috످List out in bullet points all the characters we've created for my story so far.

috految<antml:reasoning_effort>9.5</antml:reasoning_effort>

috److I don't see any characters or story details in this chat, and I can't access previous conversations from here.

If we created them in another chat, you may be able to find it in your chat history. Paste that conversation, your story draft, or any notes here, and I'll put together a bulleted list of your characters.

috످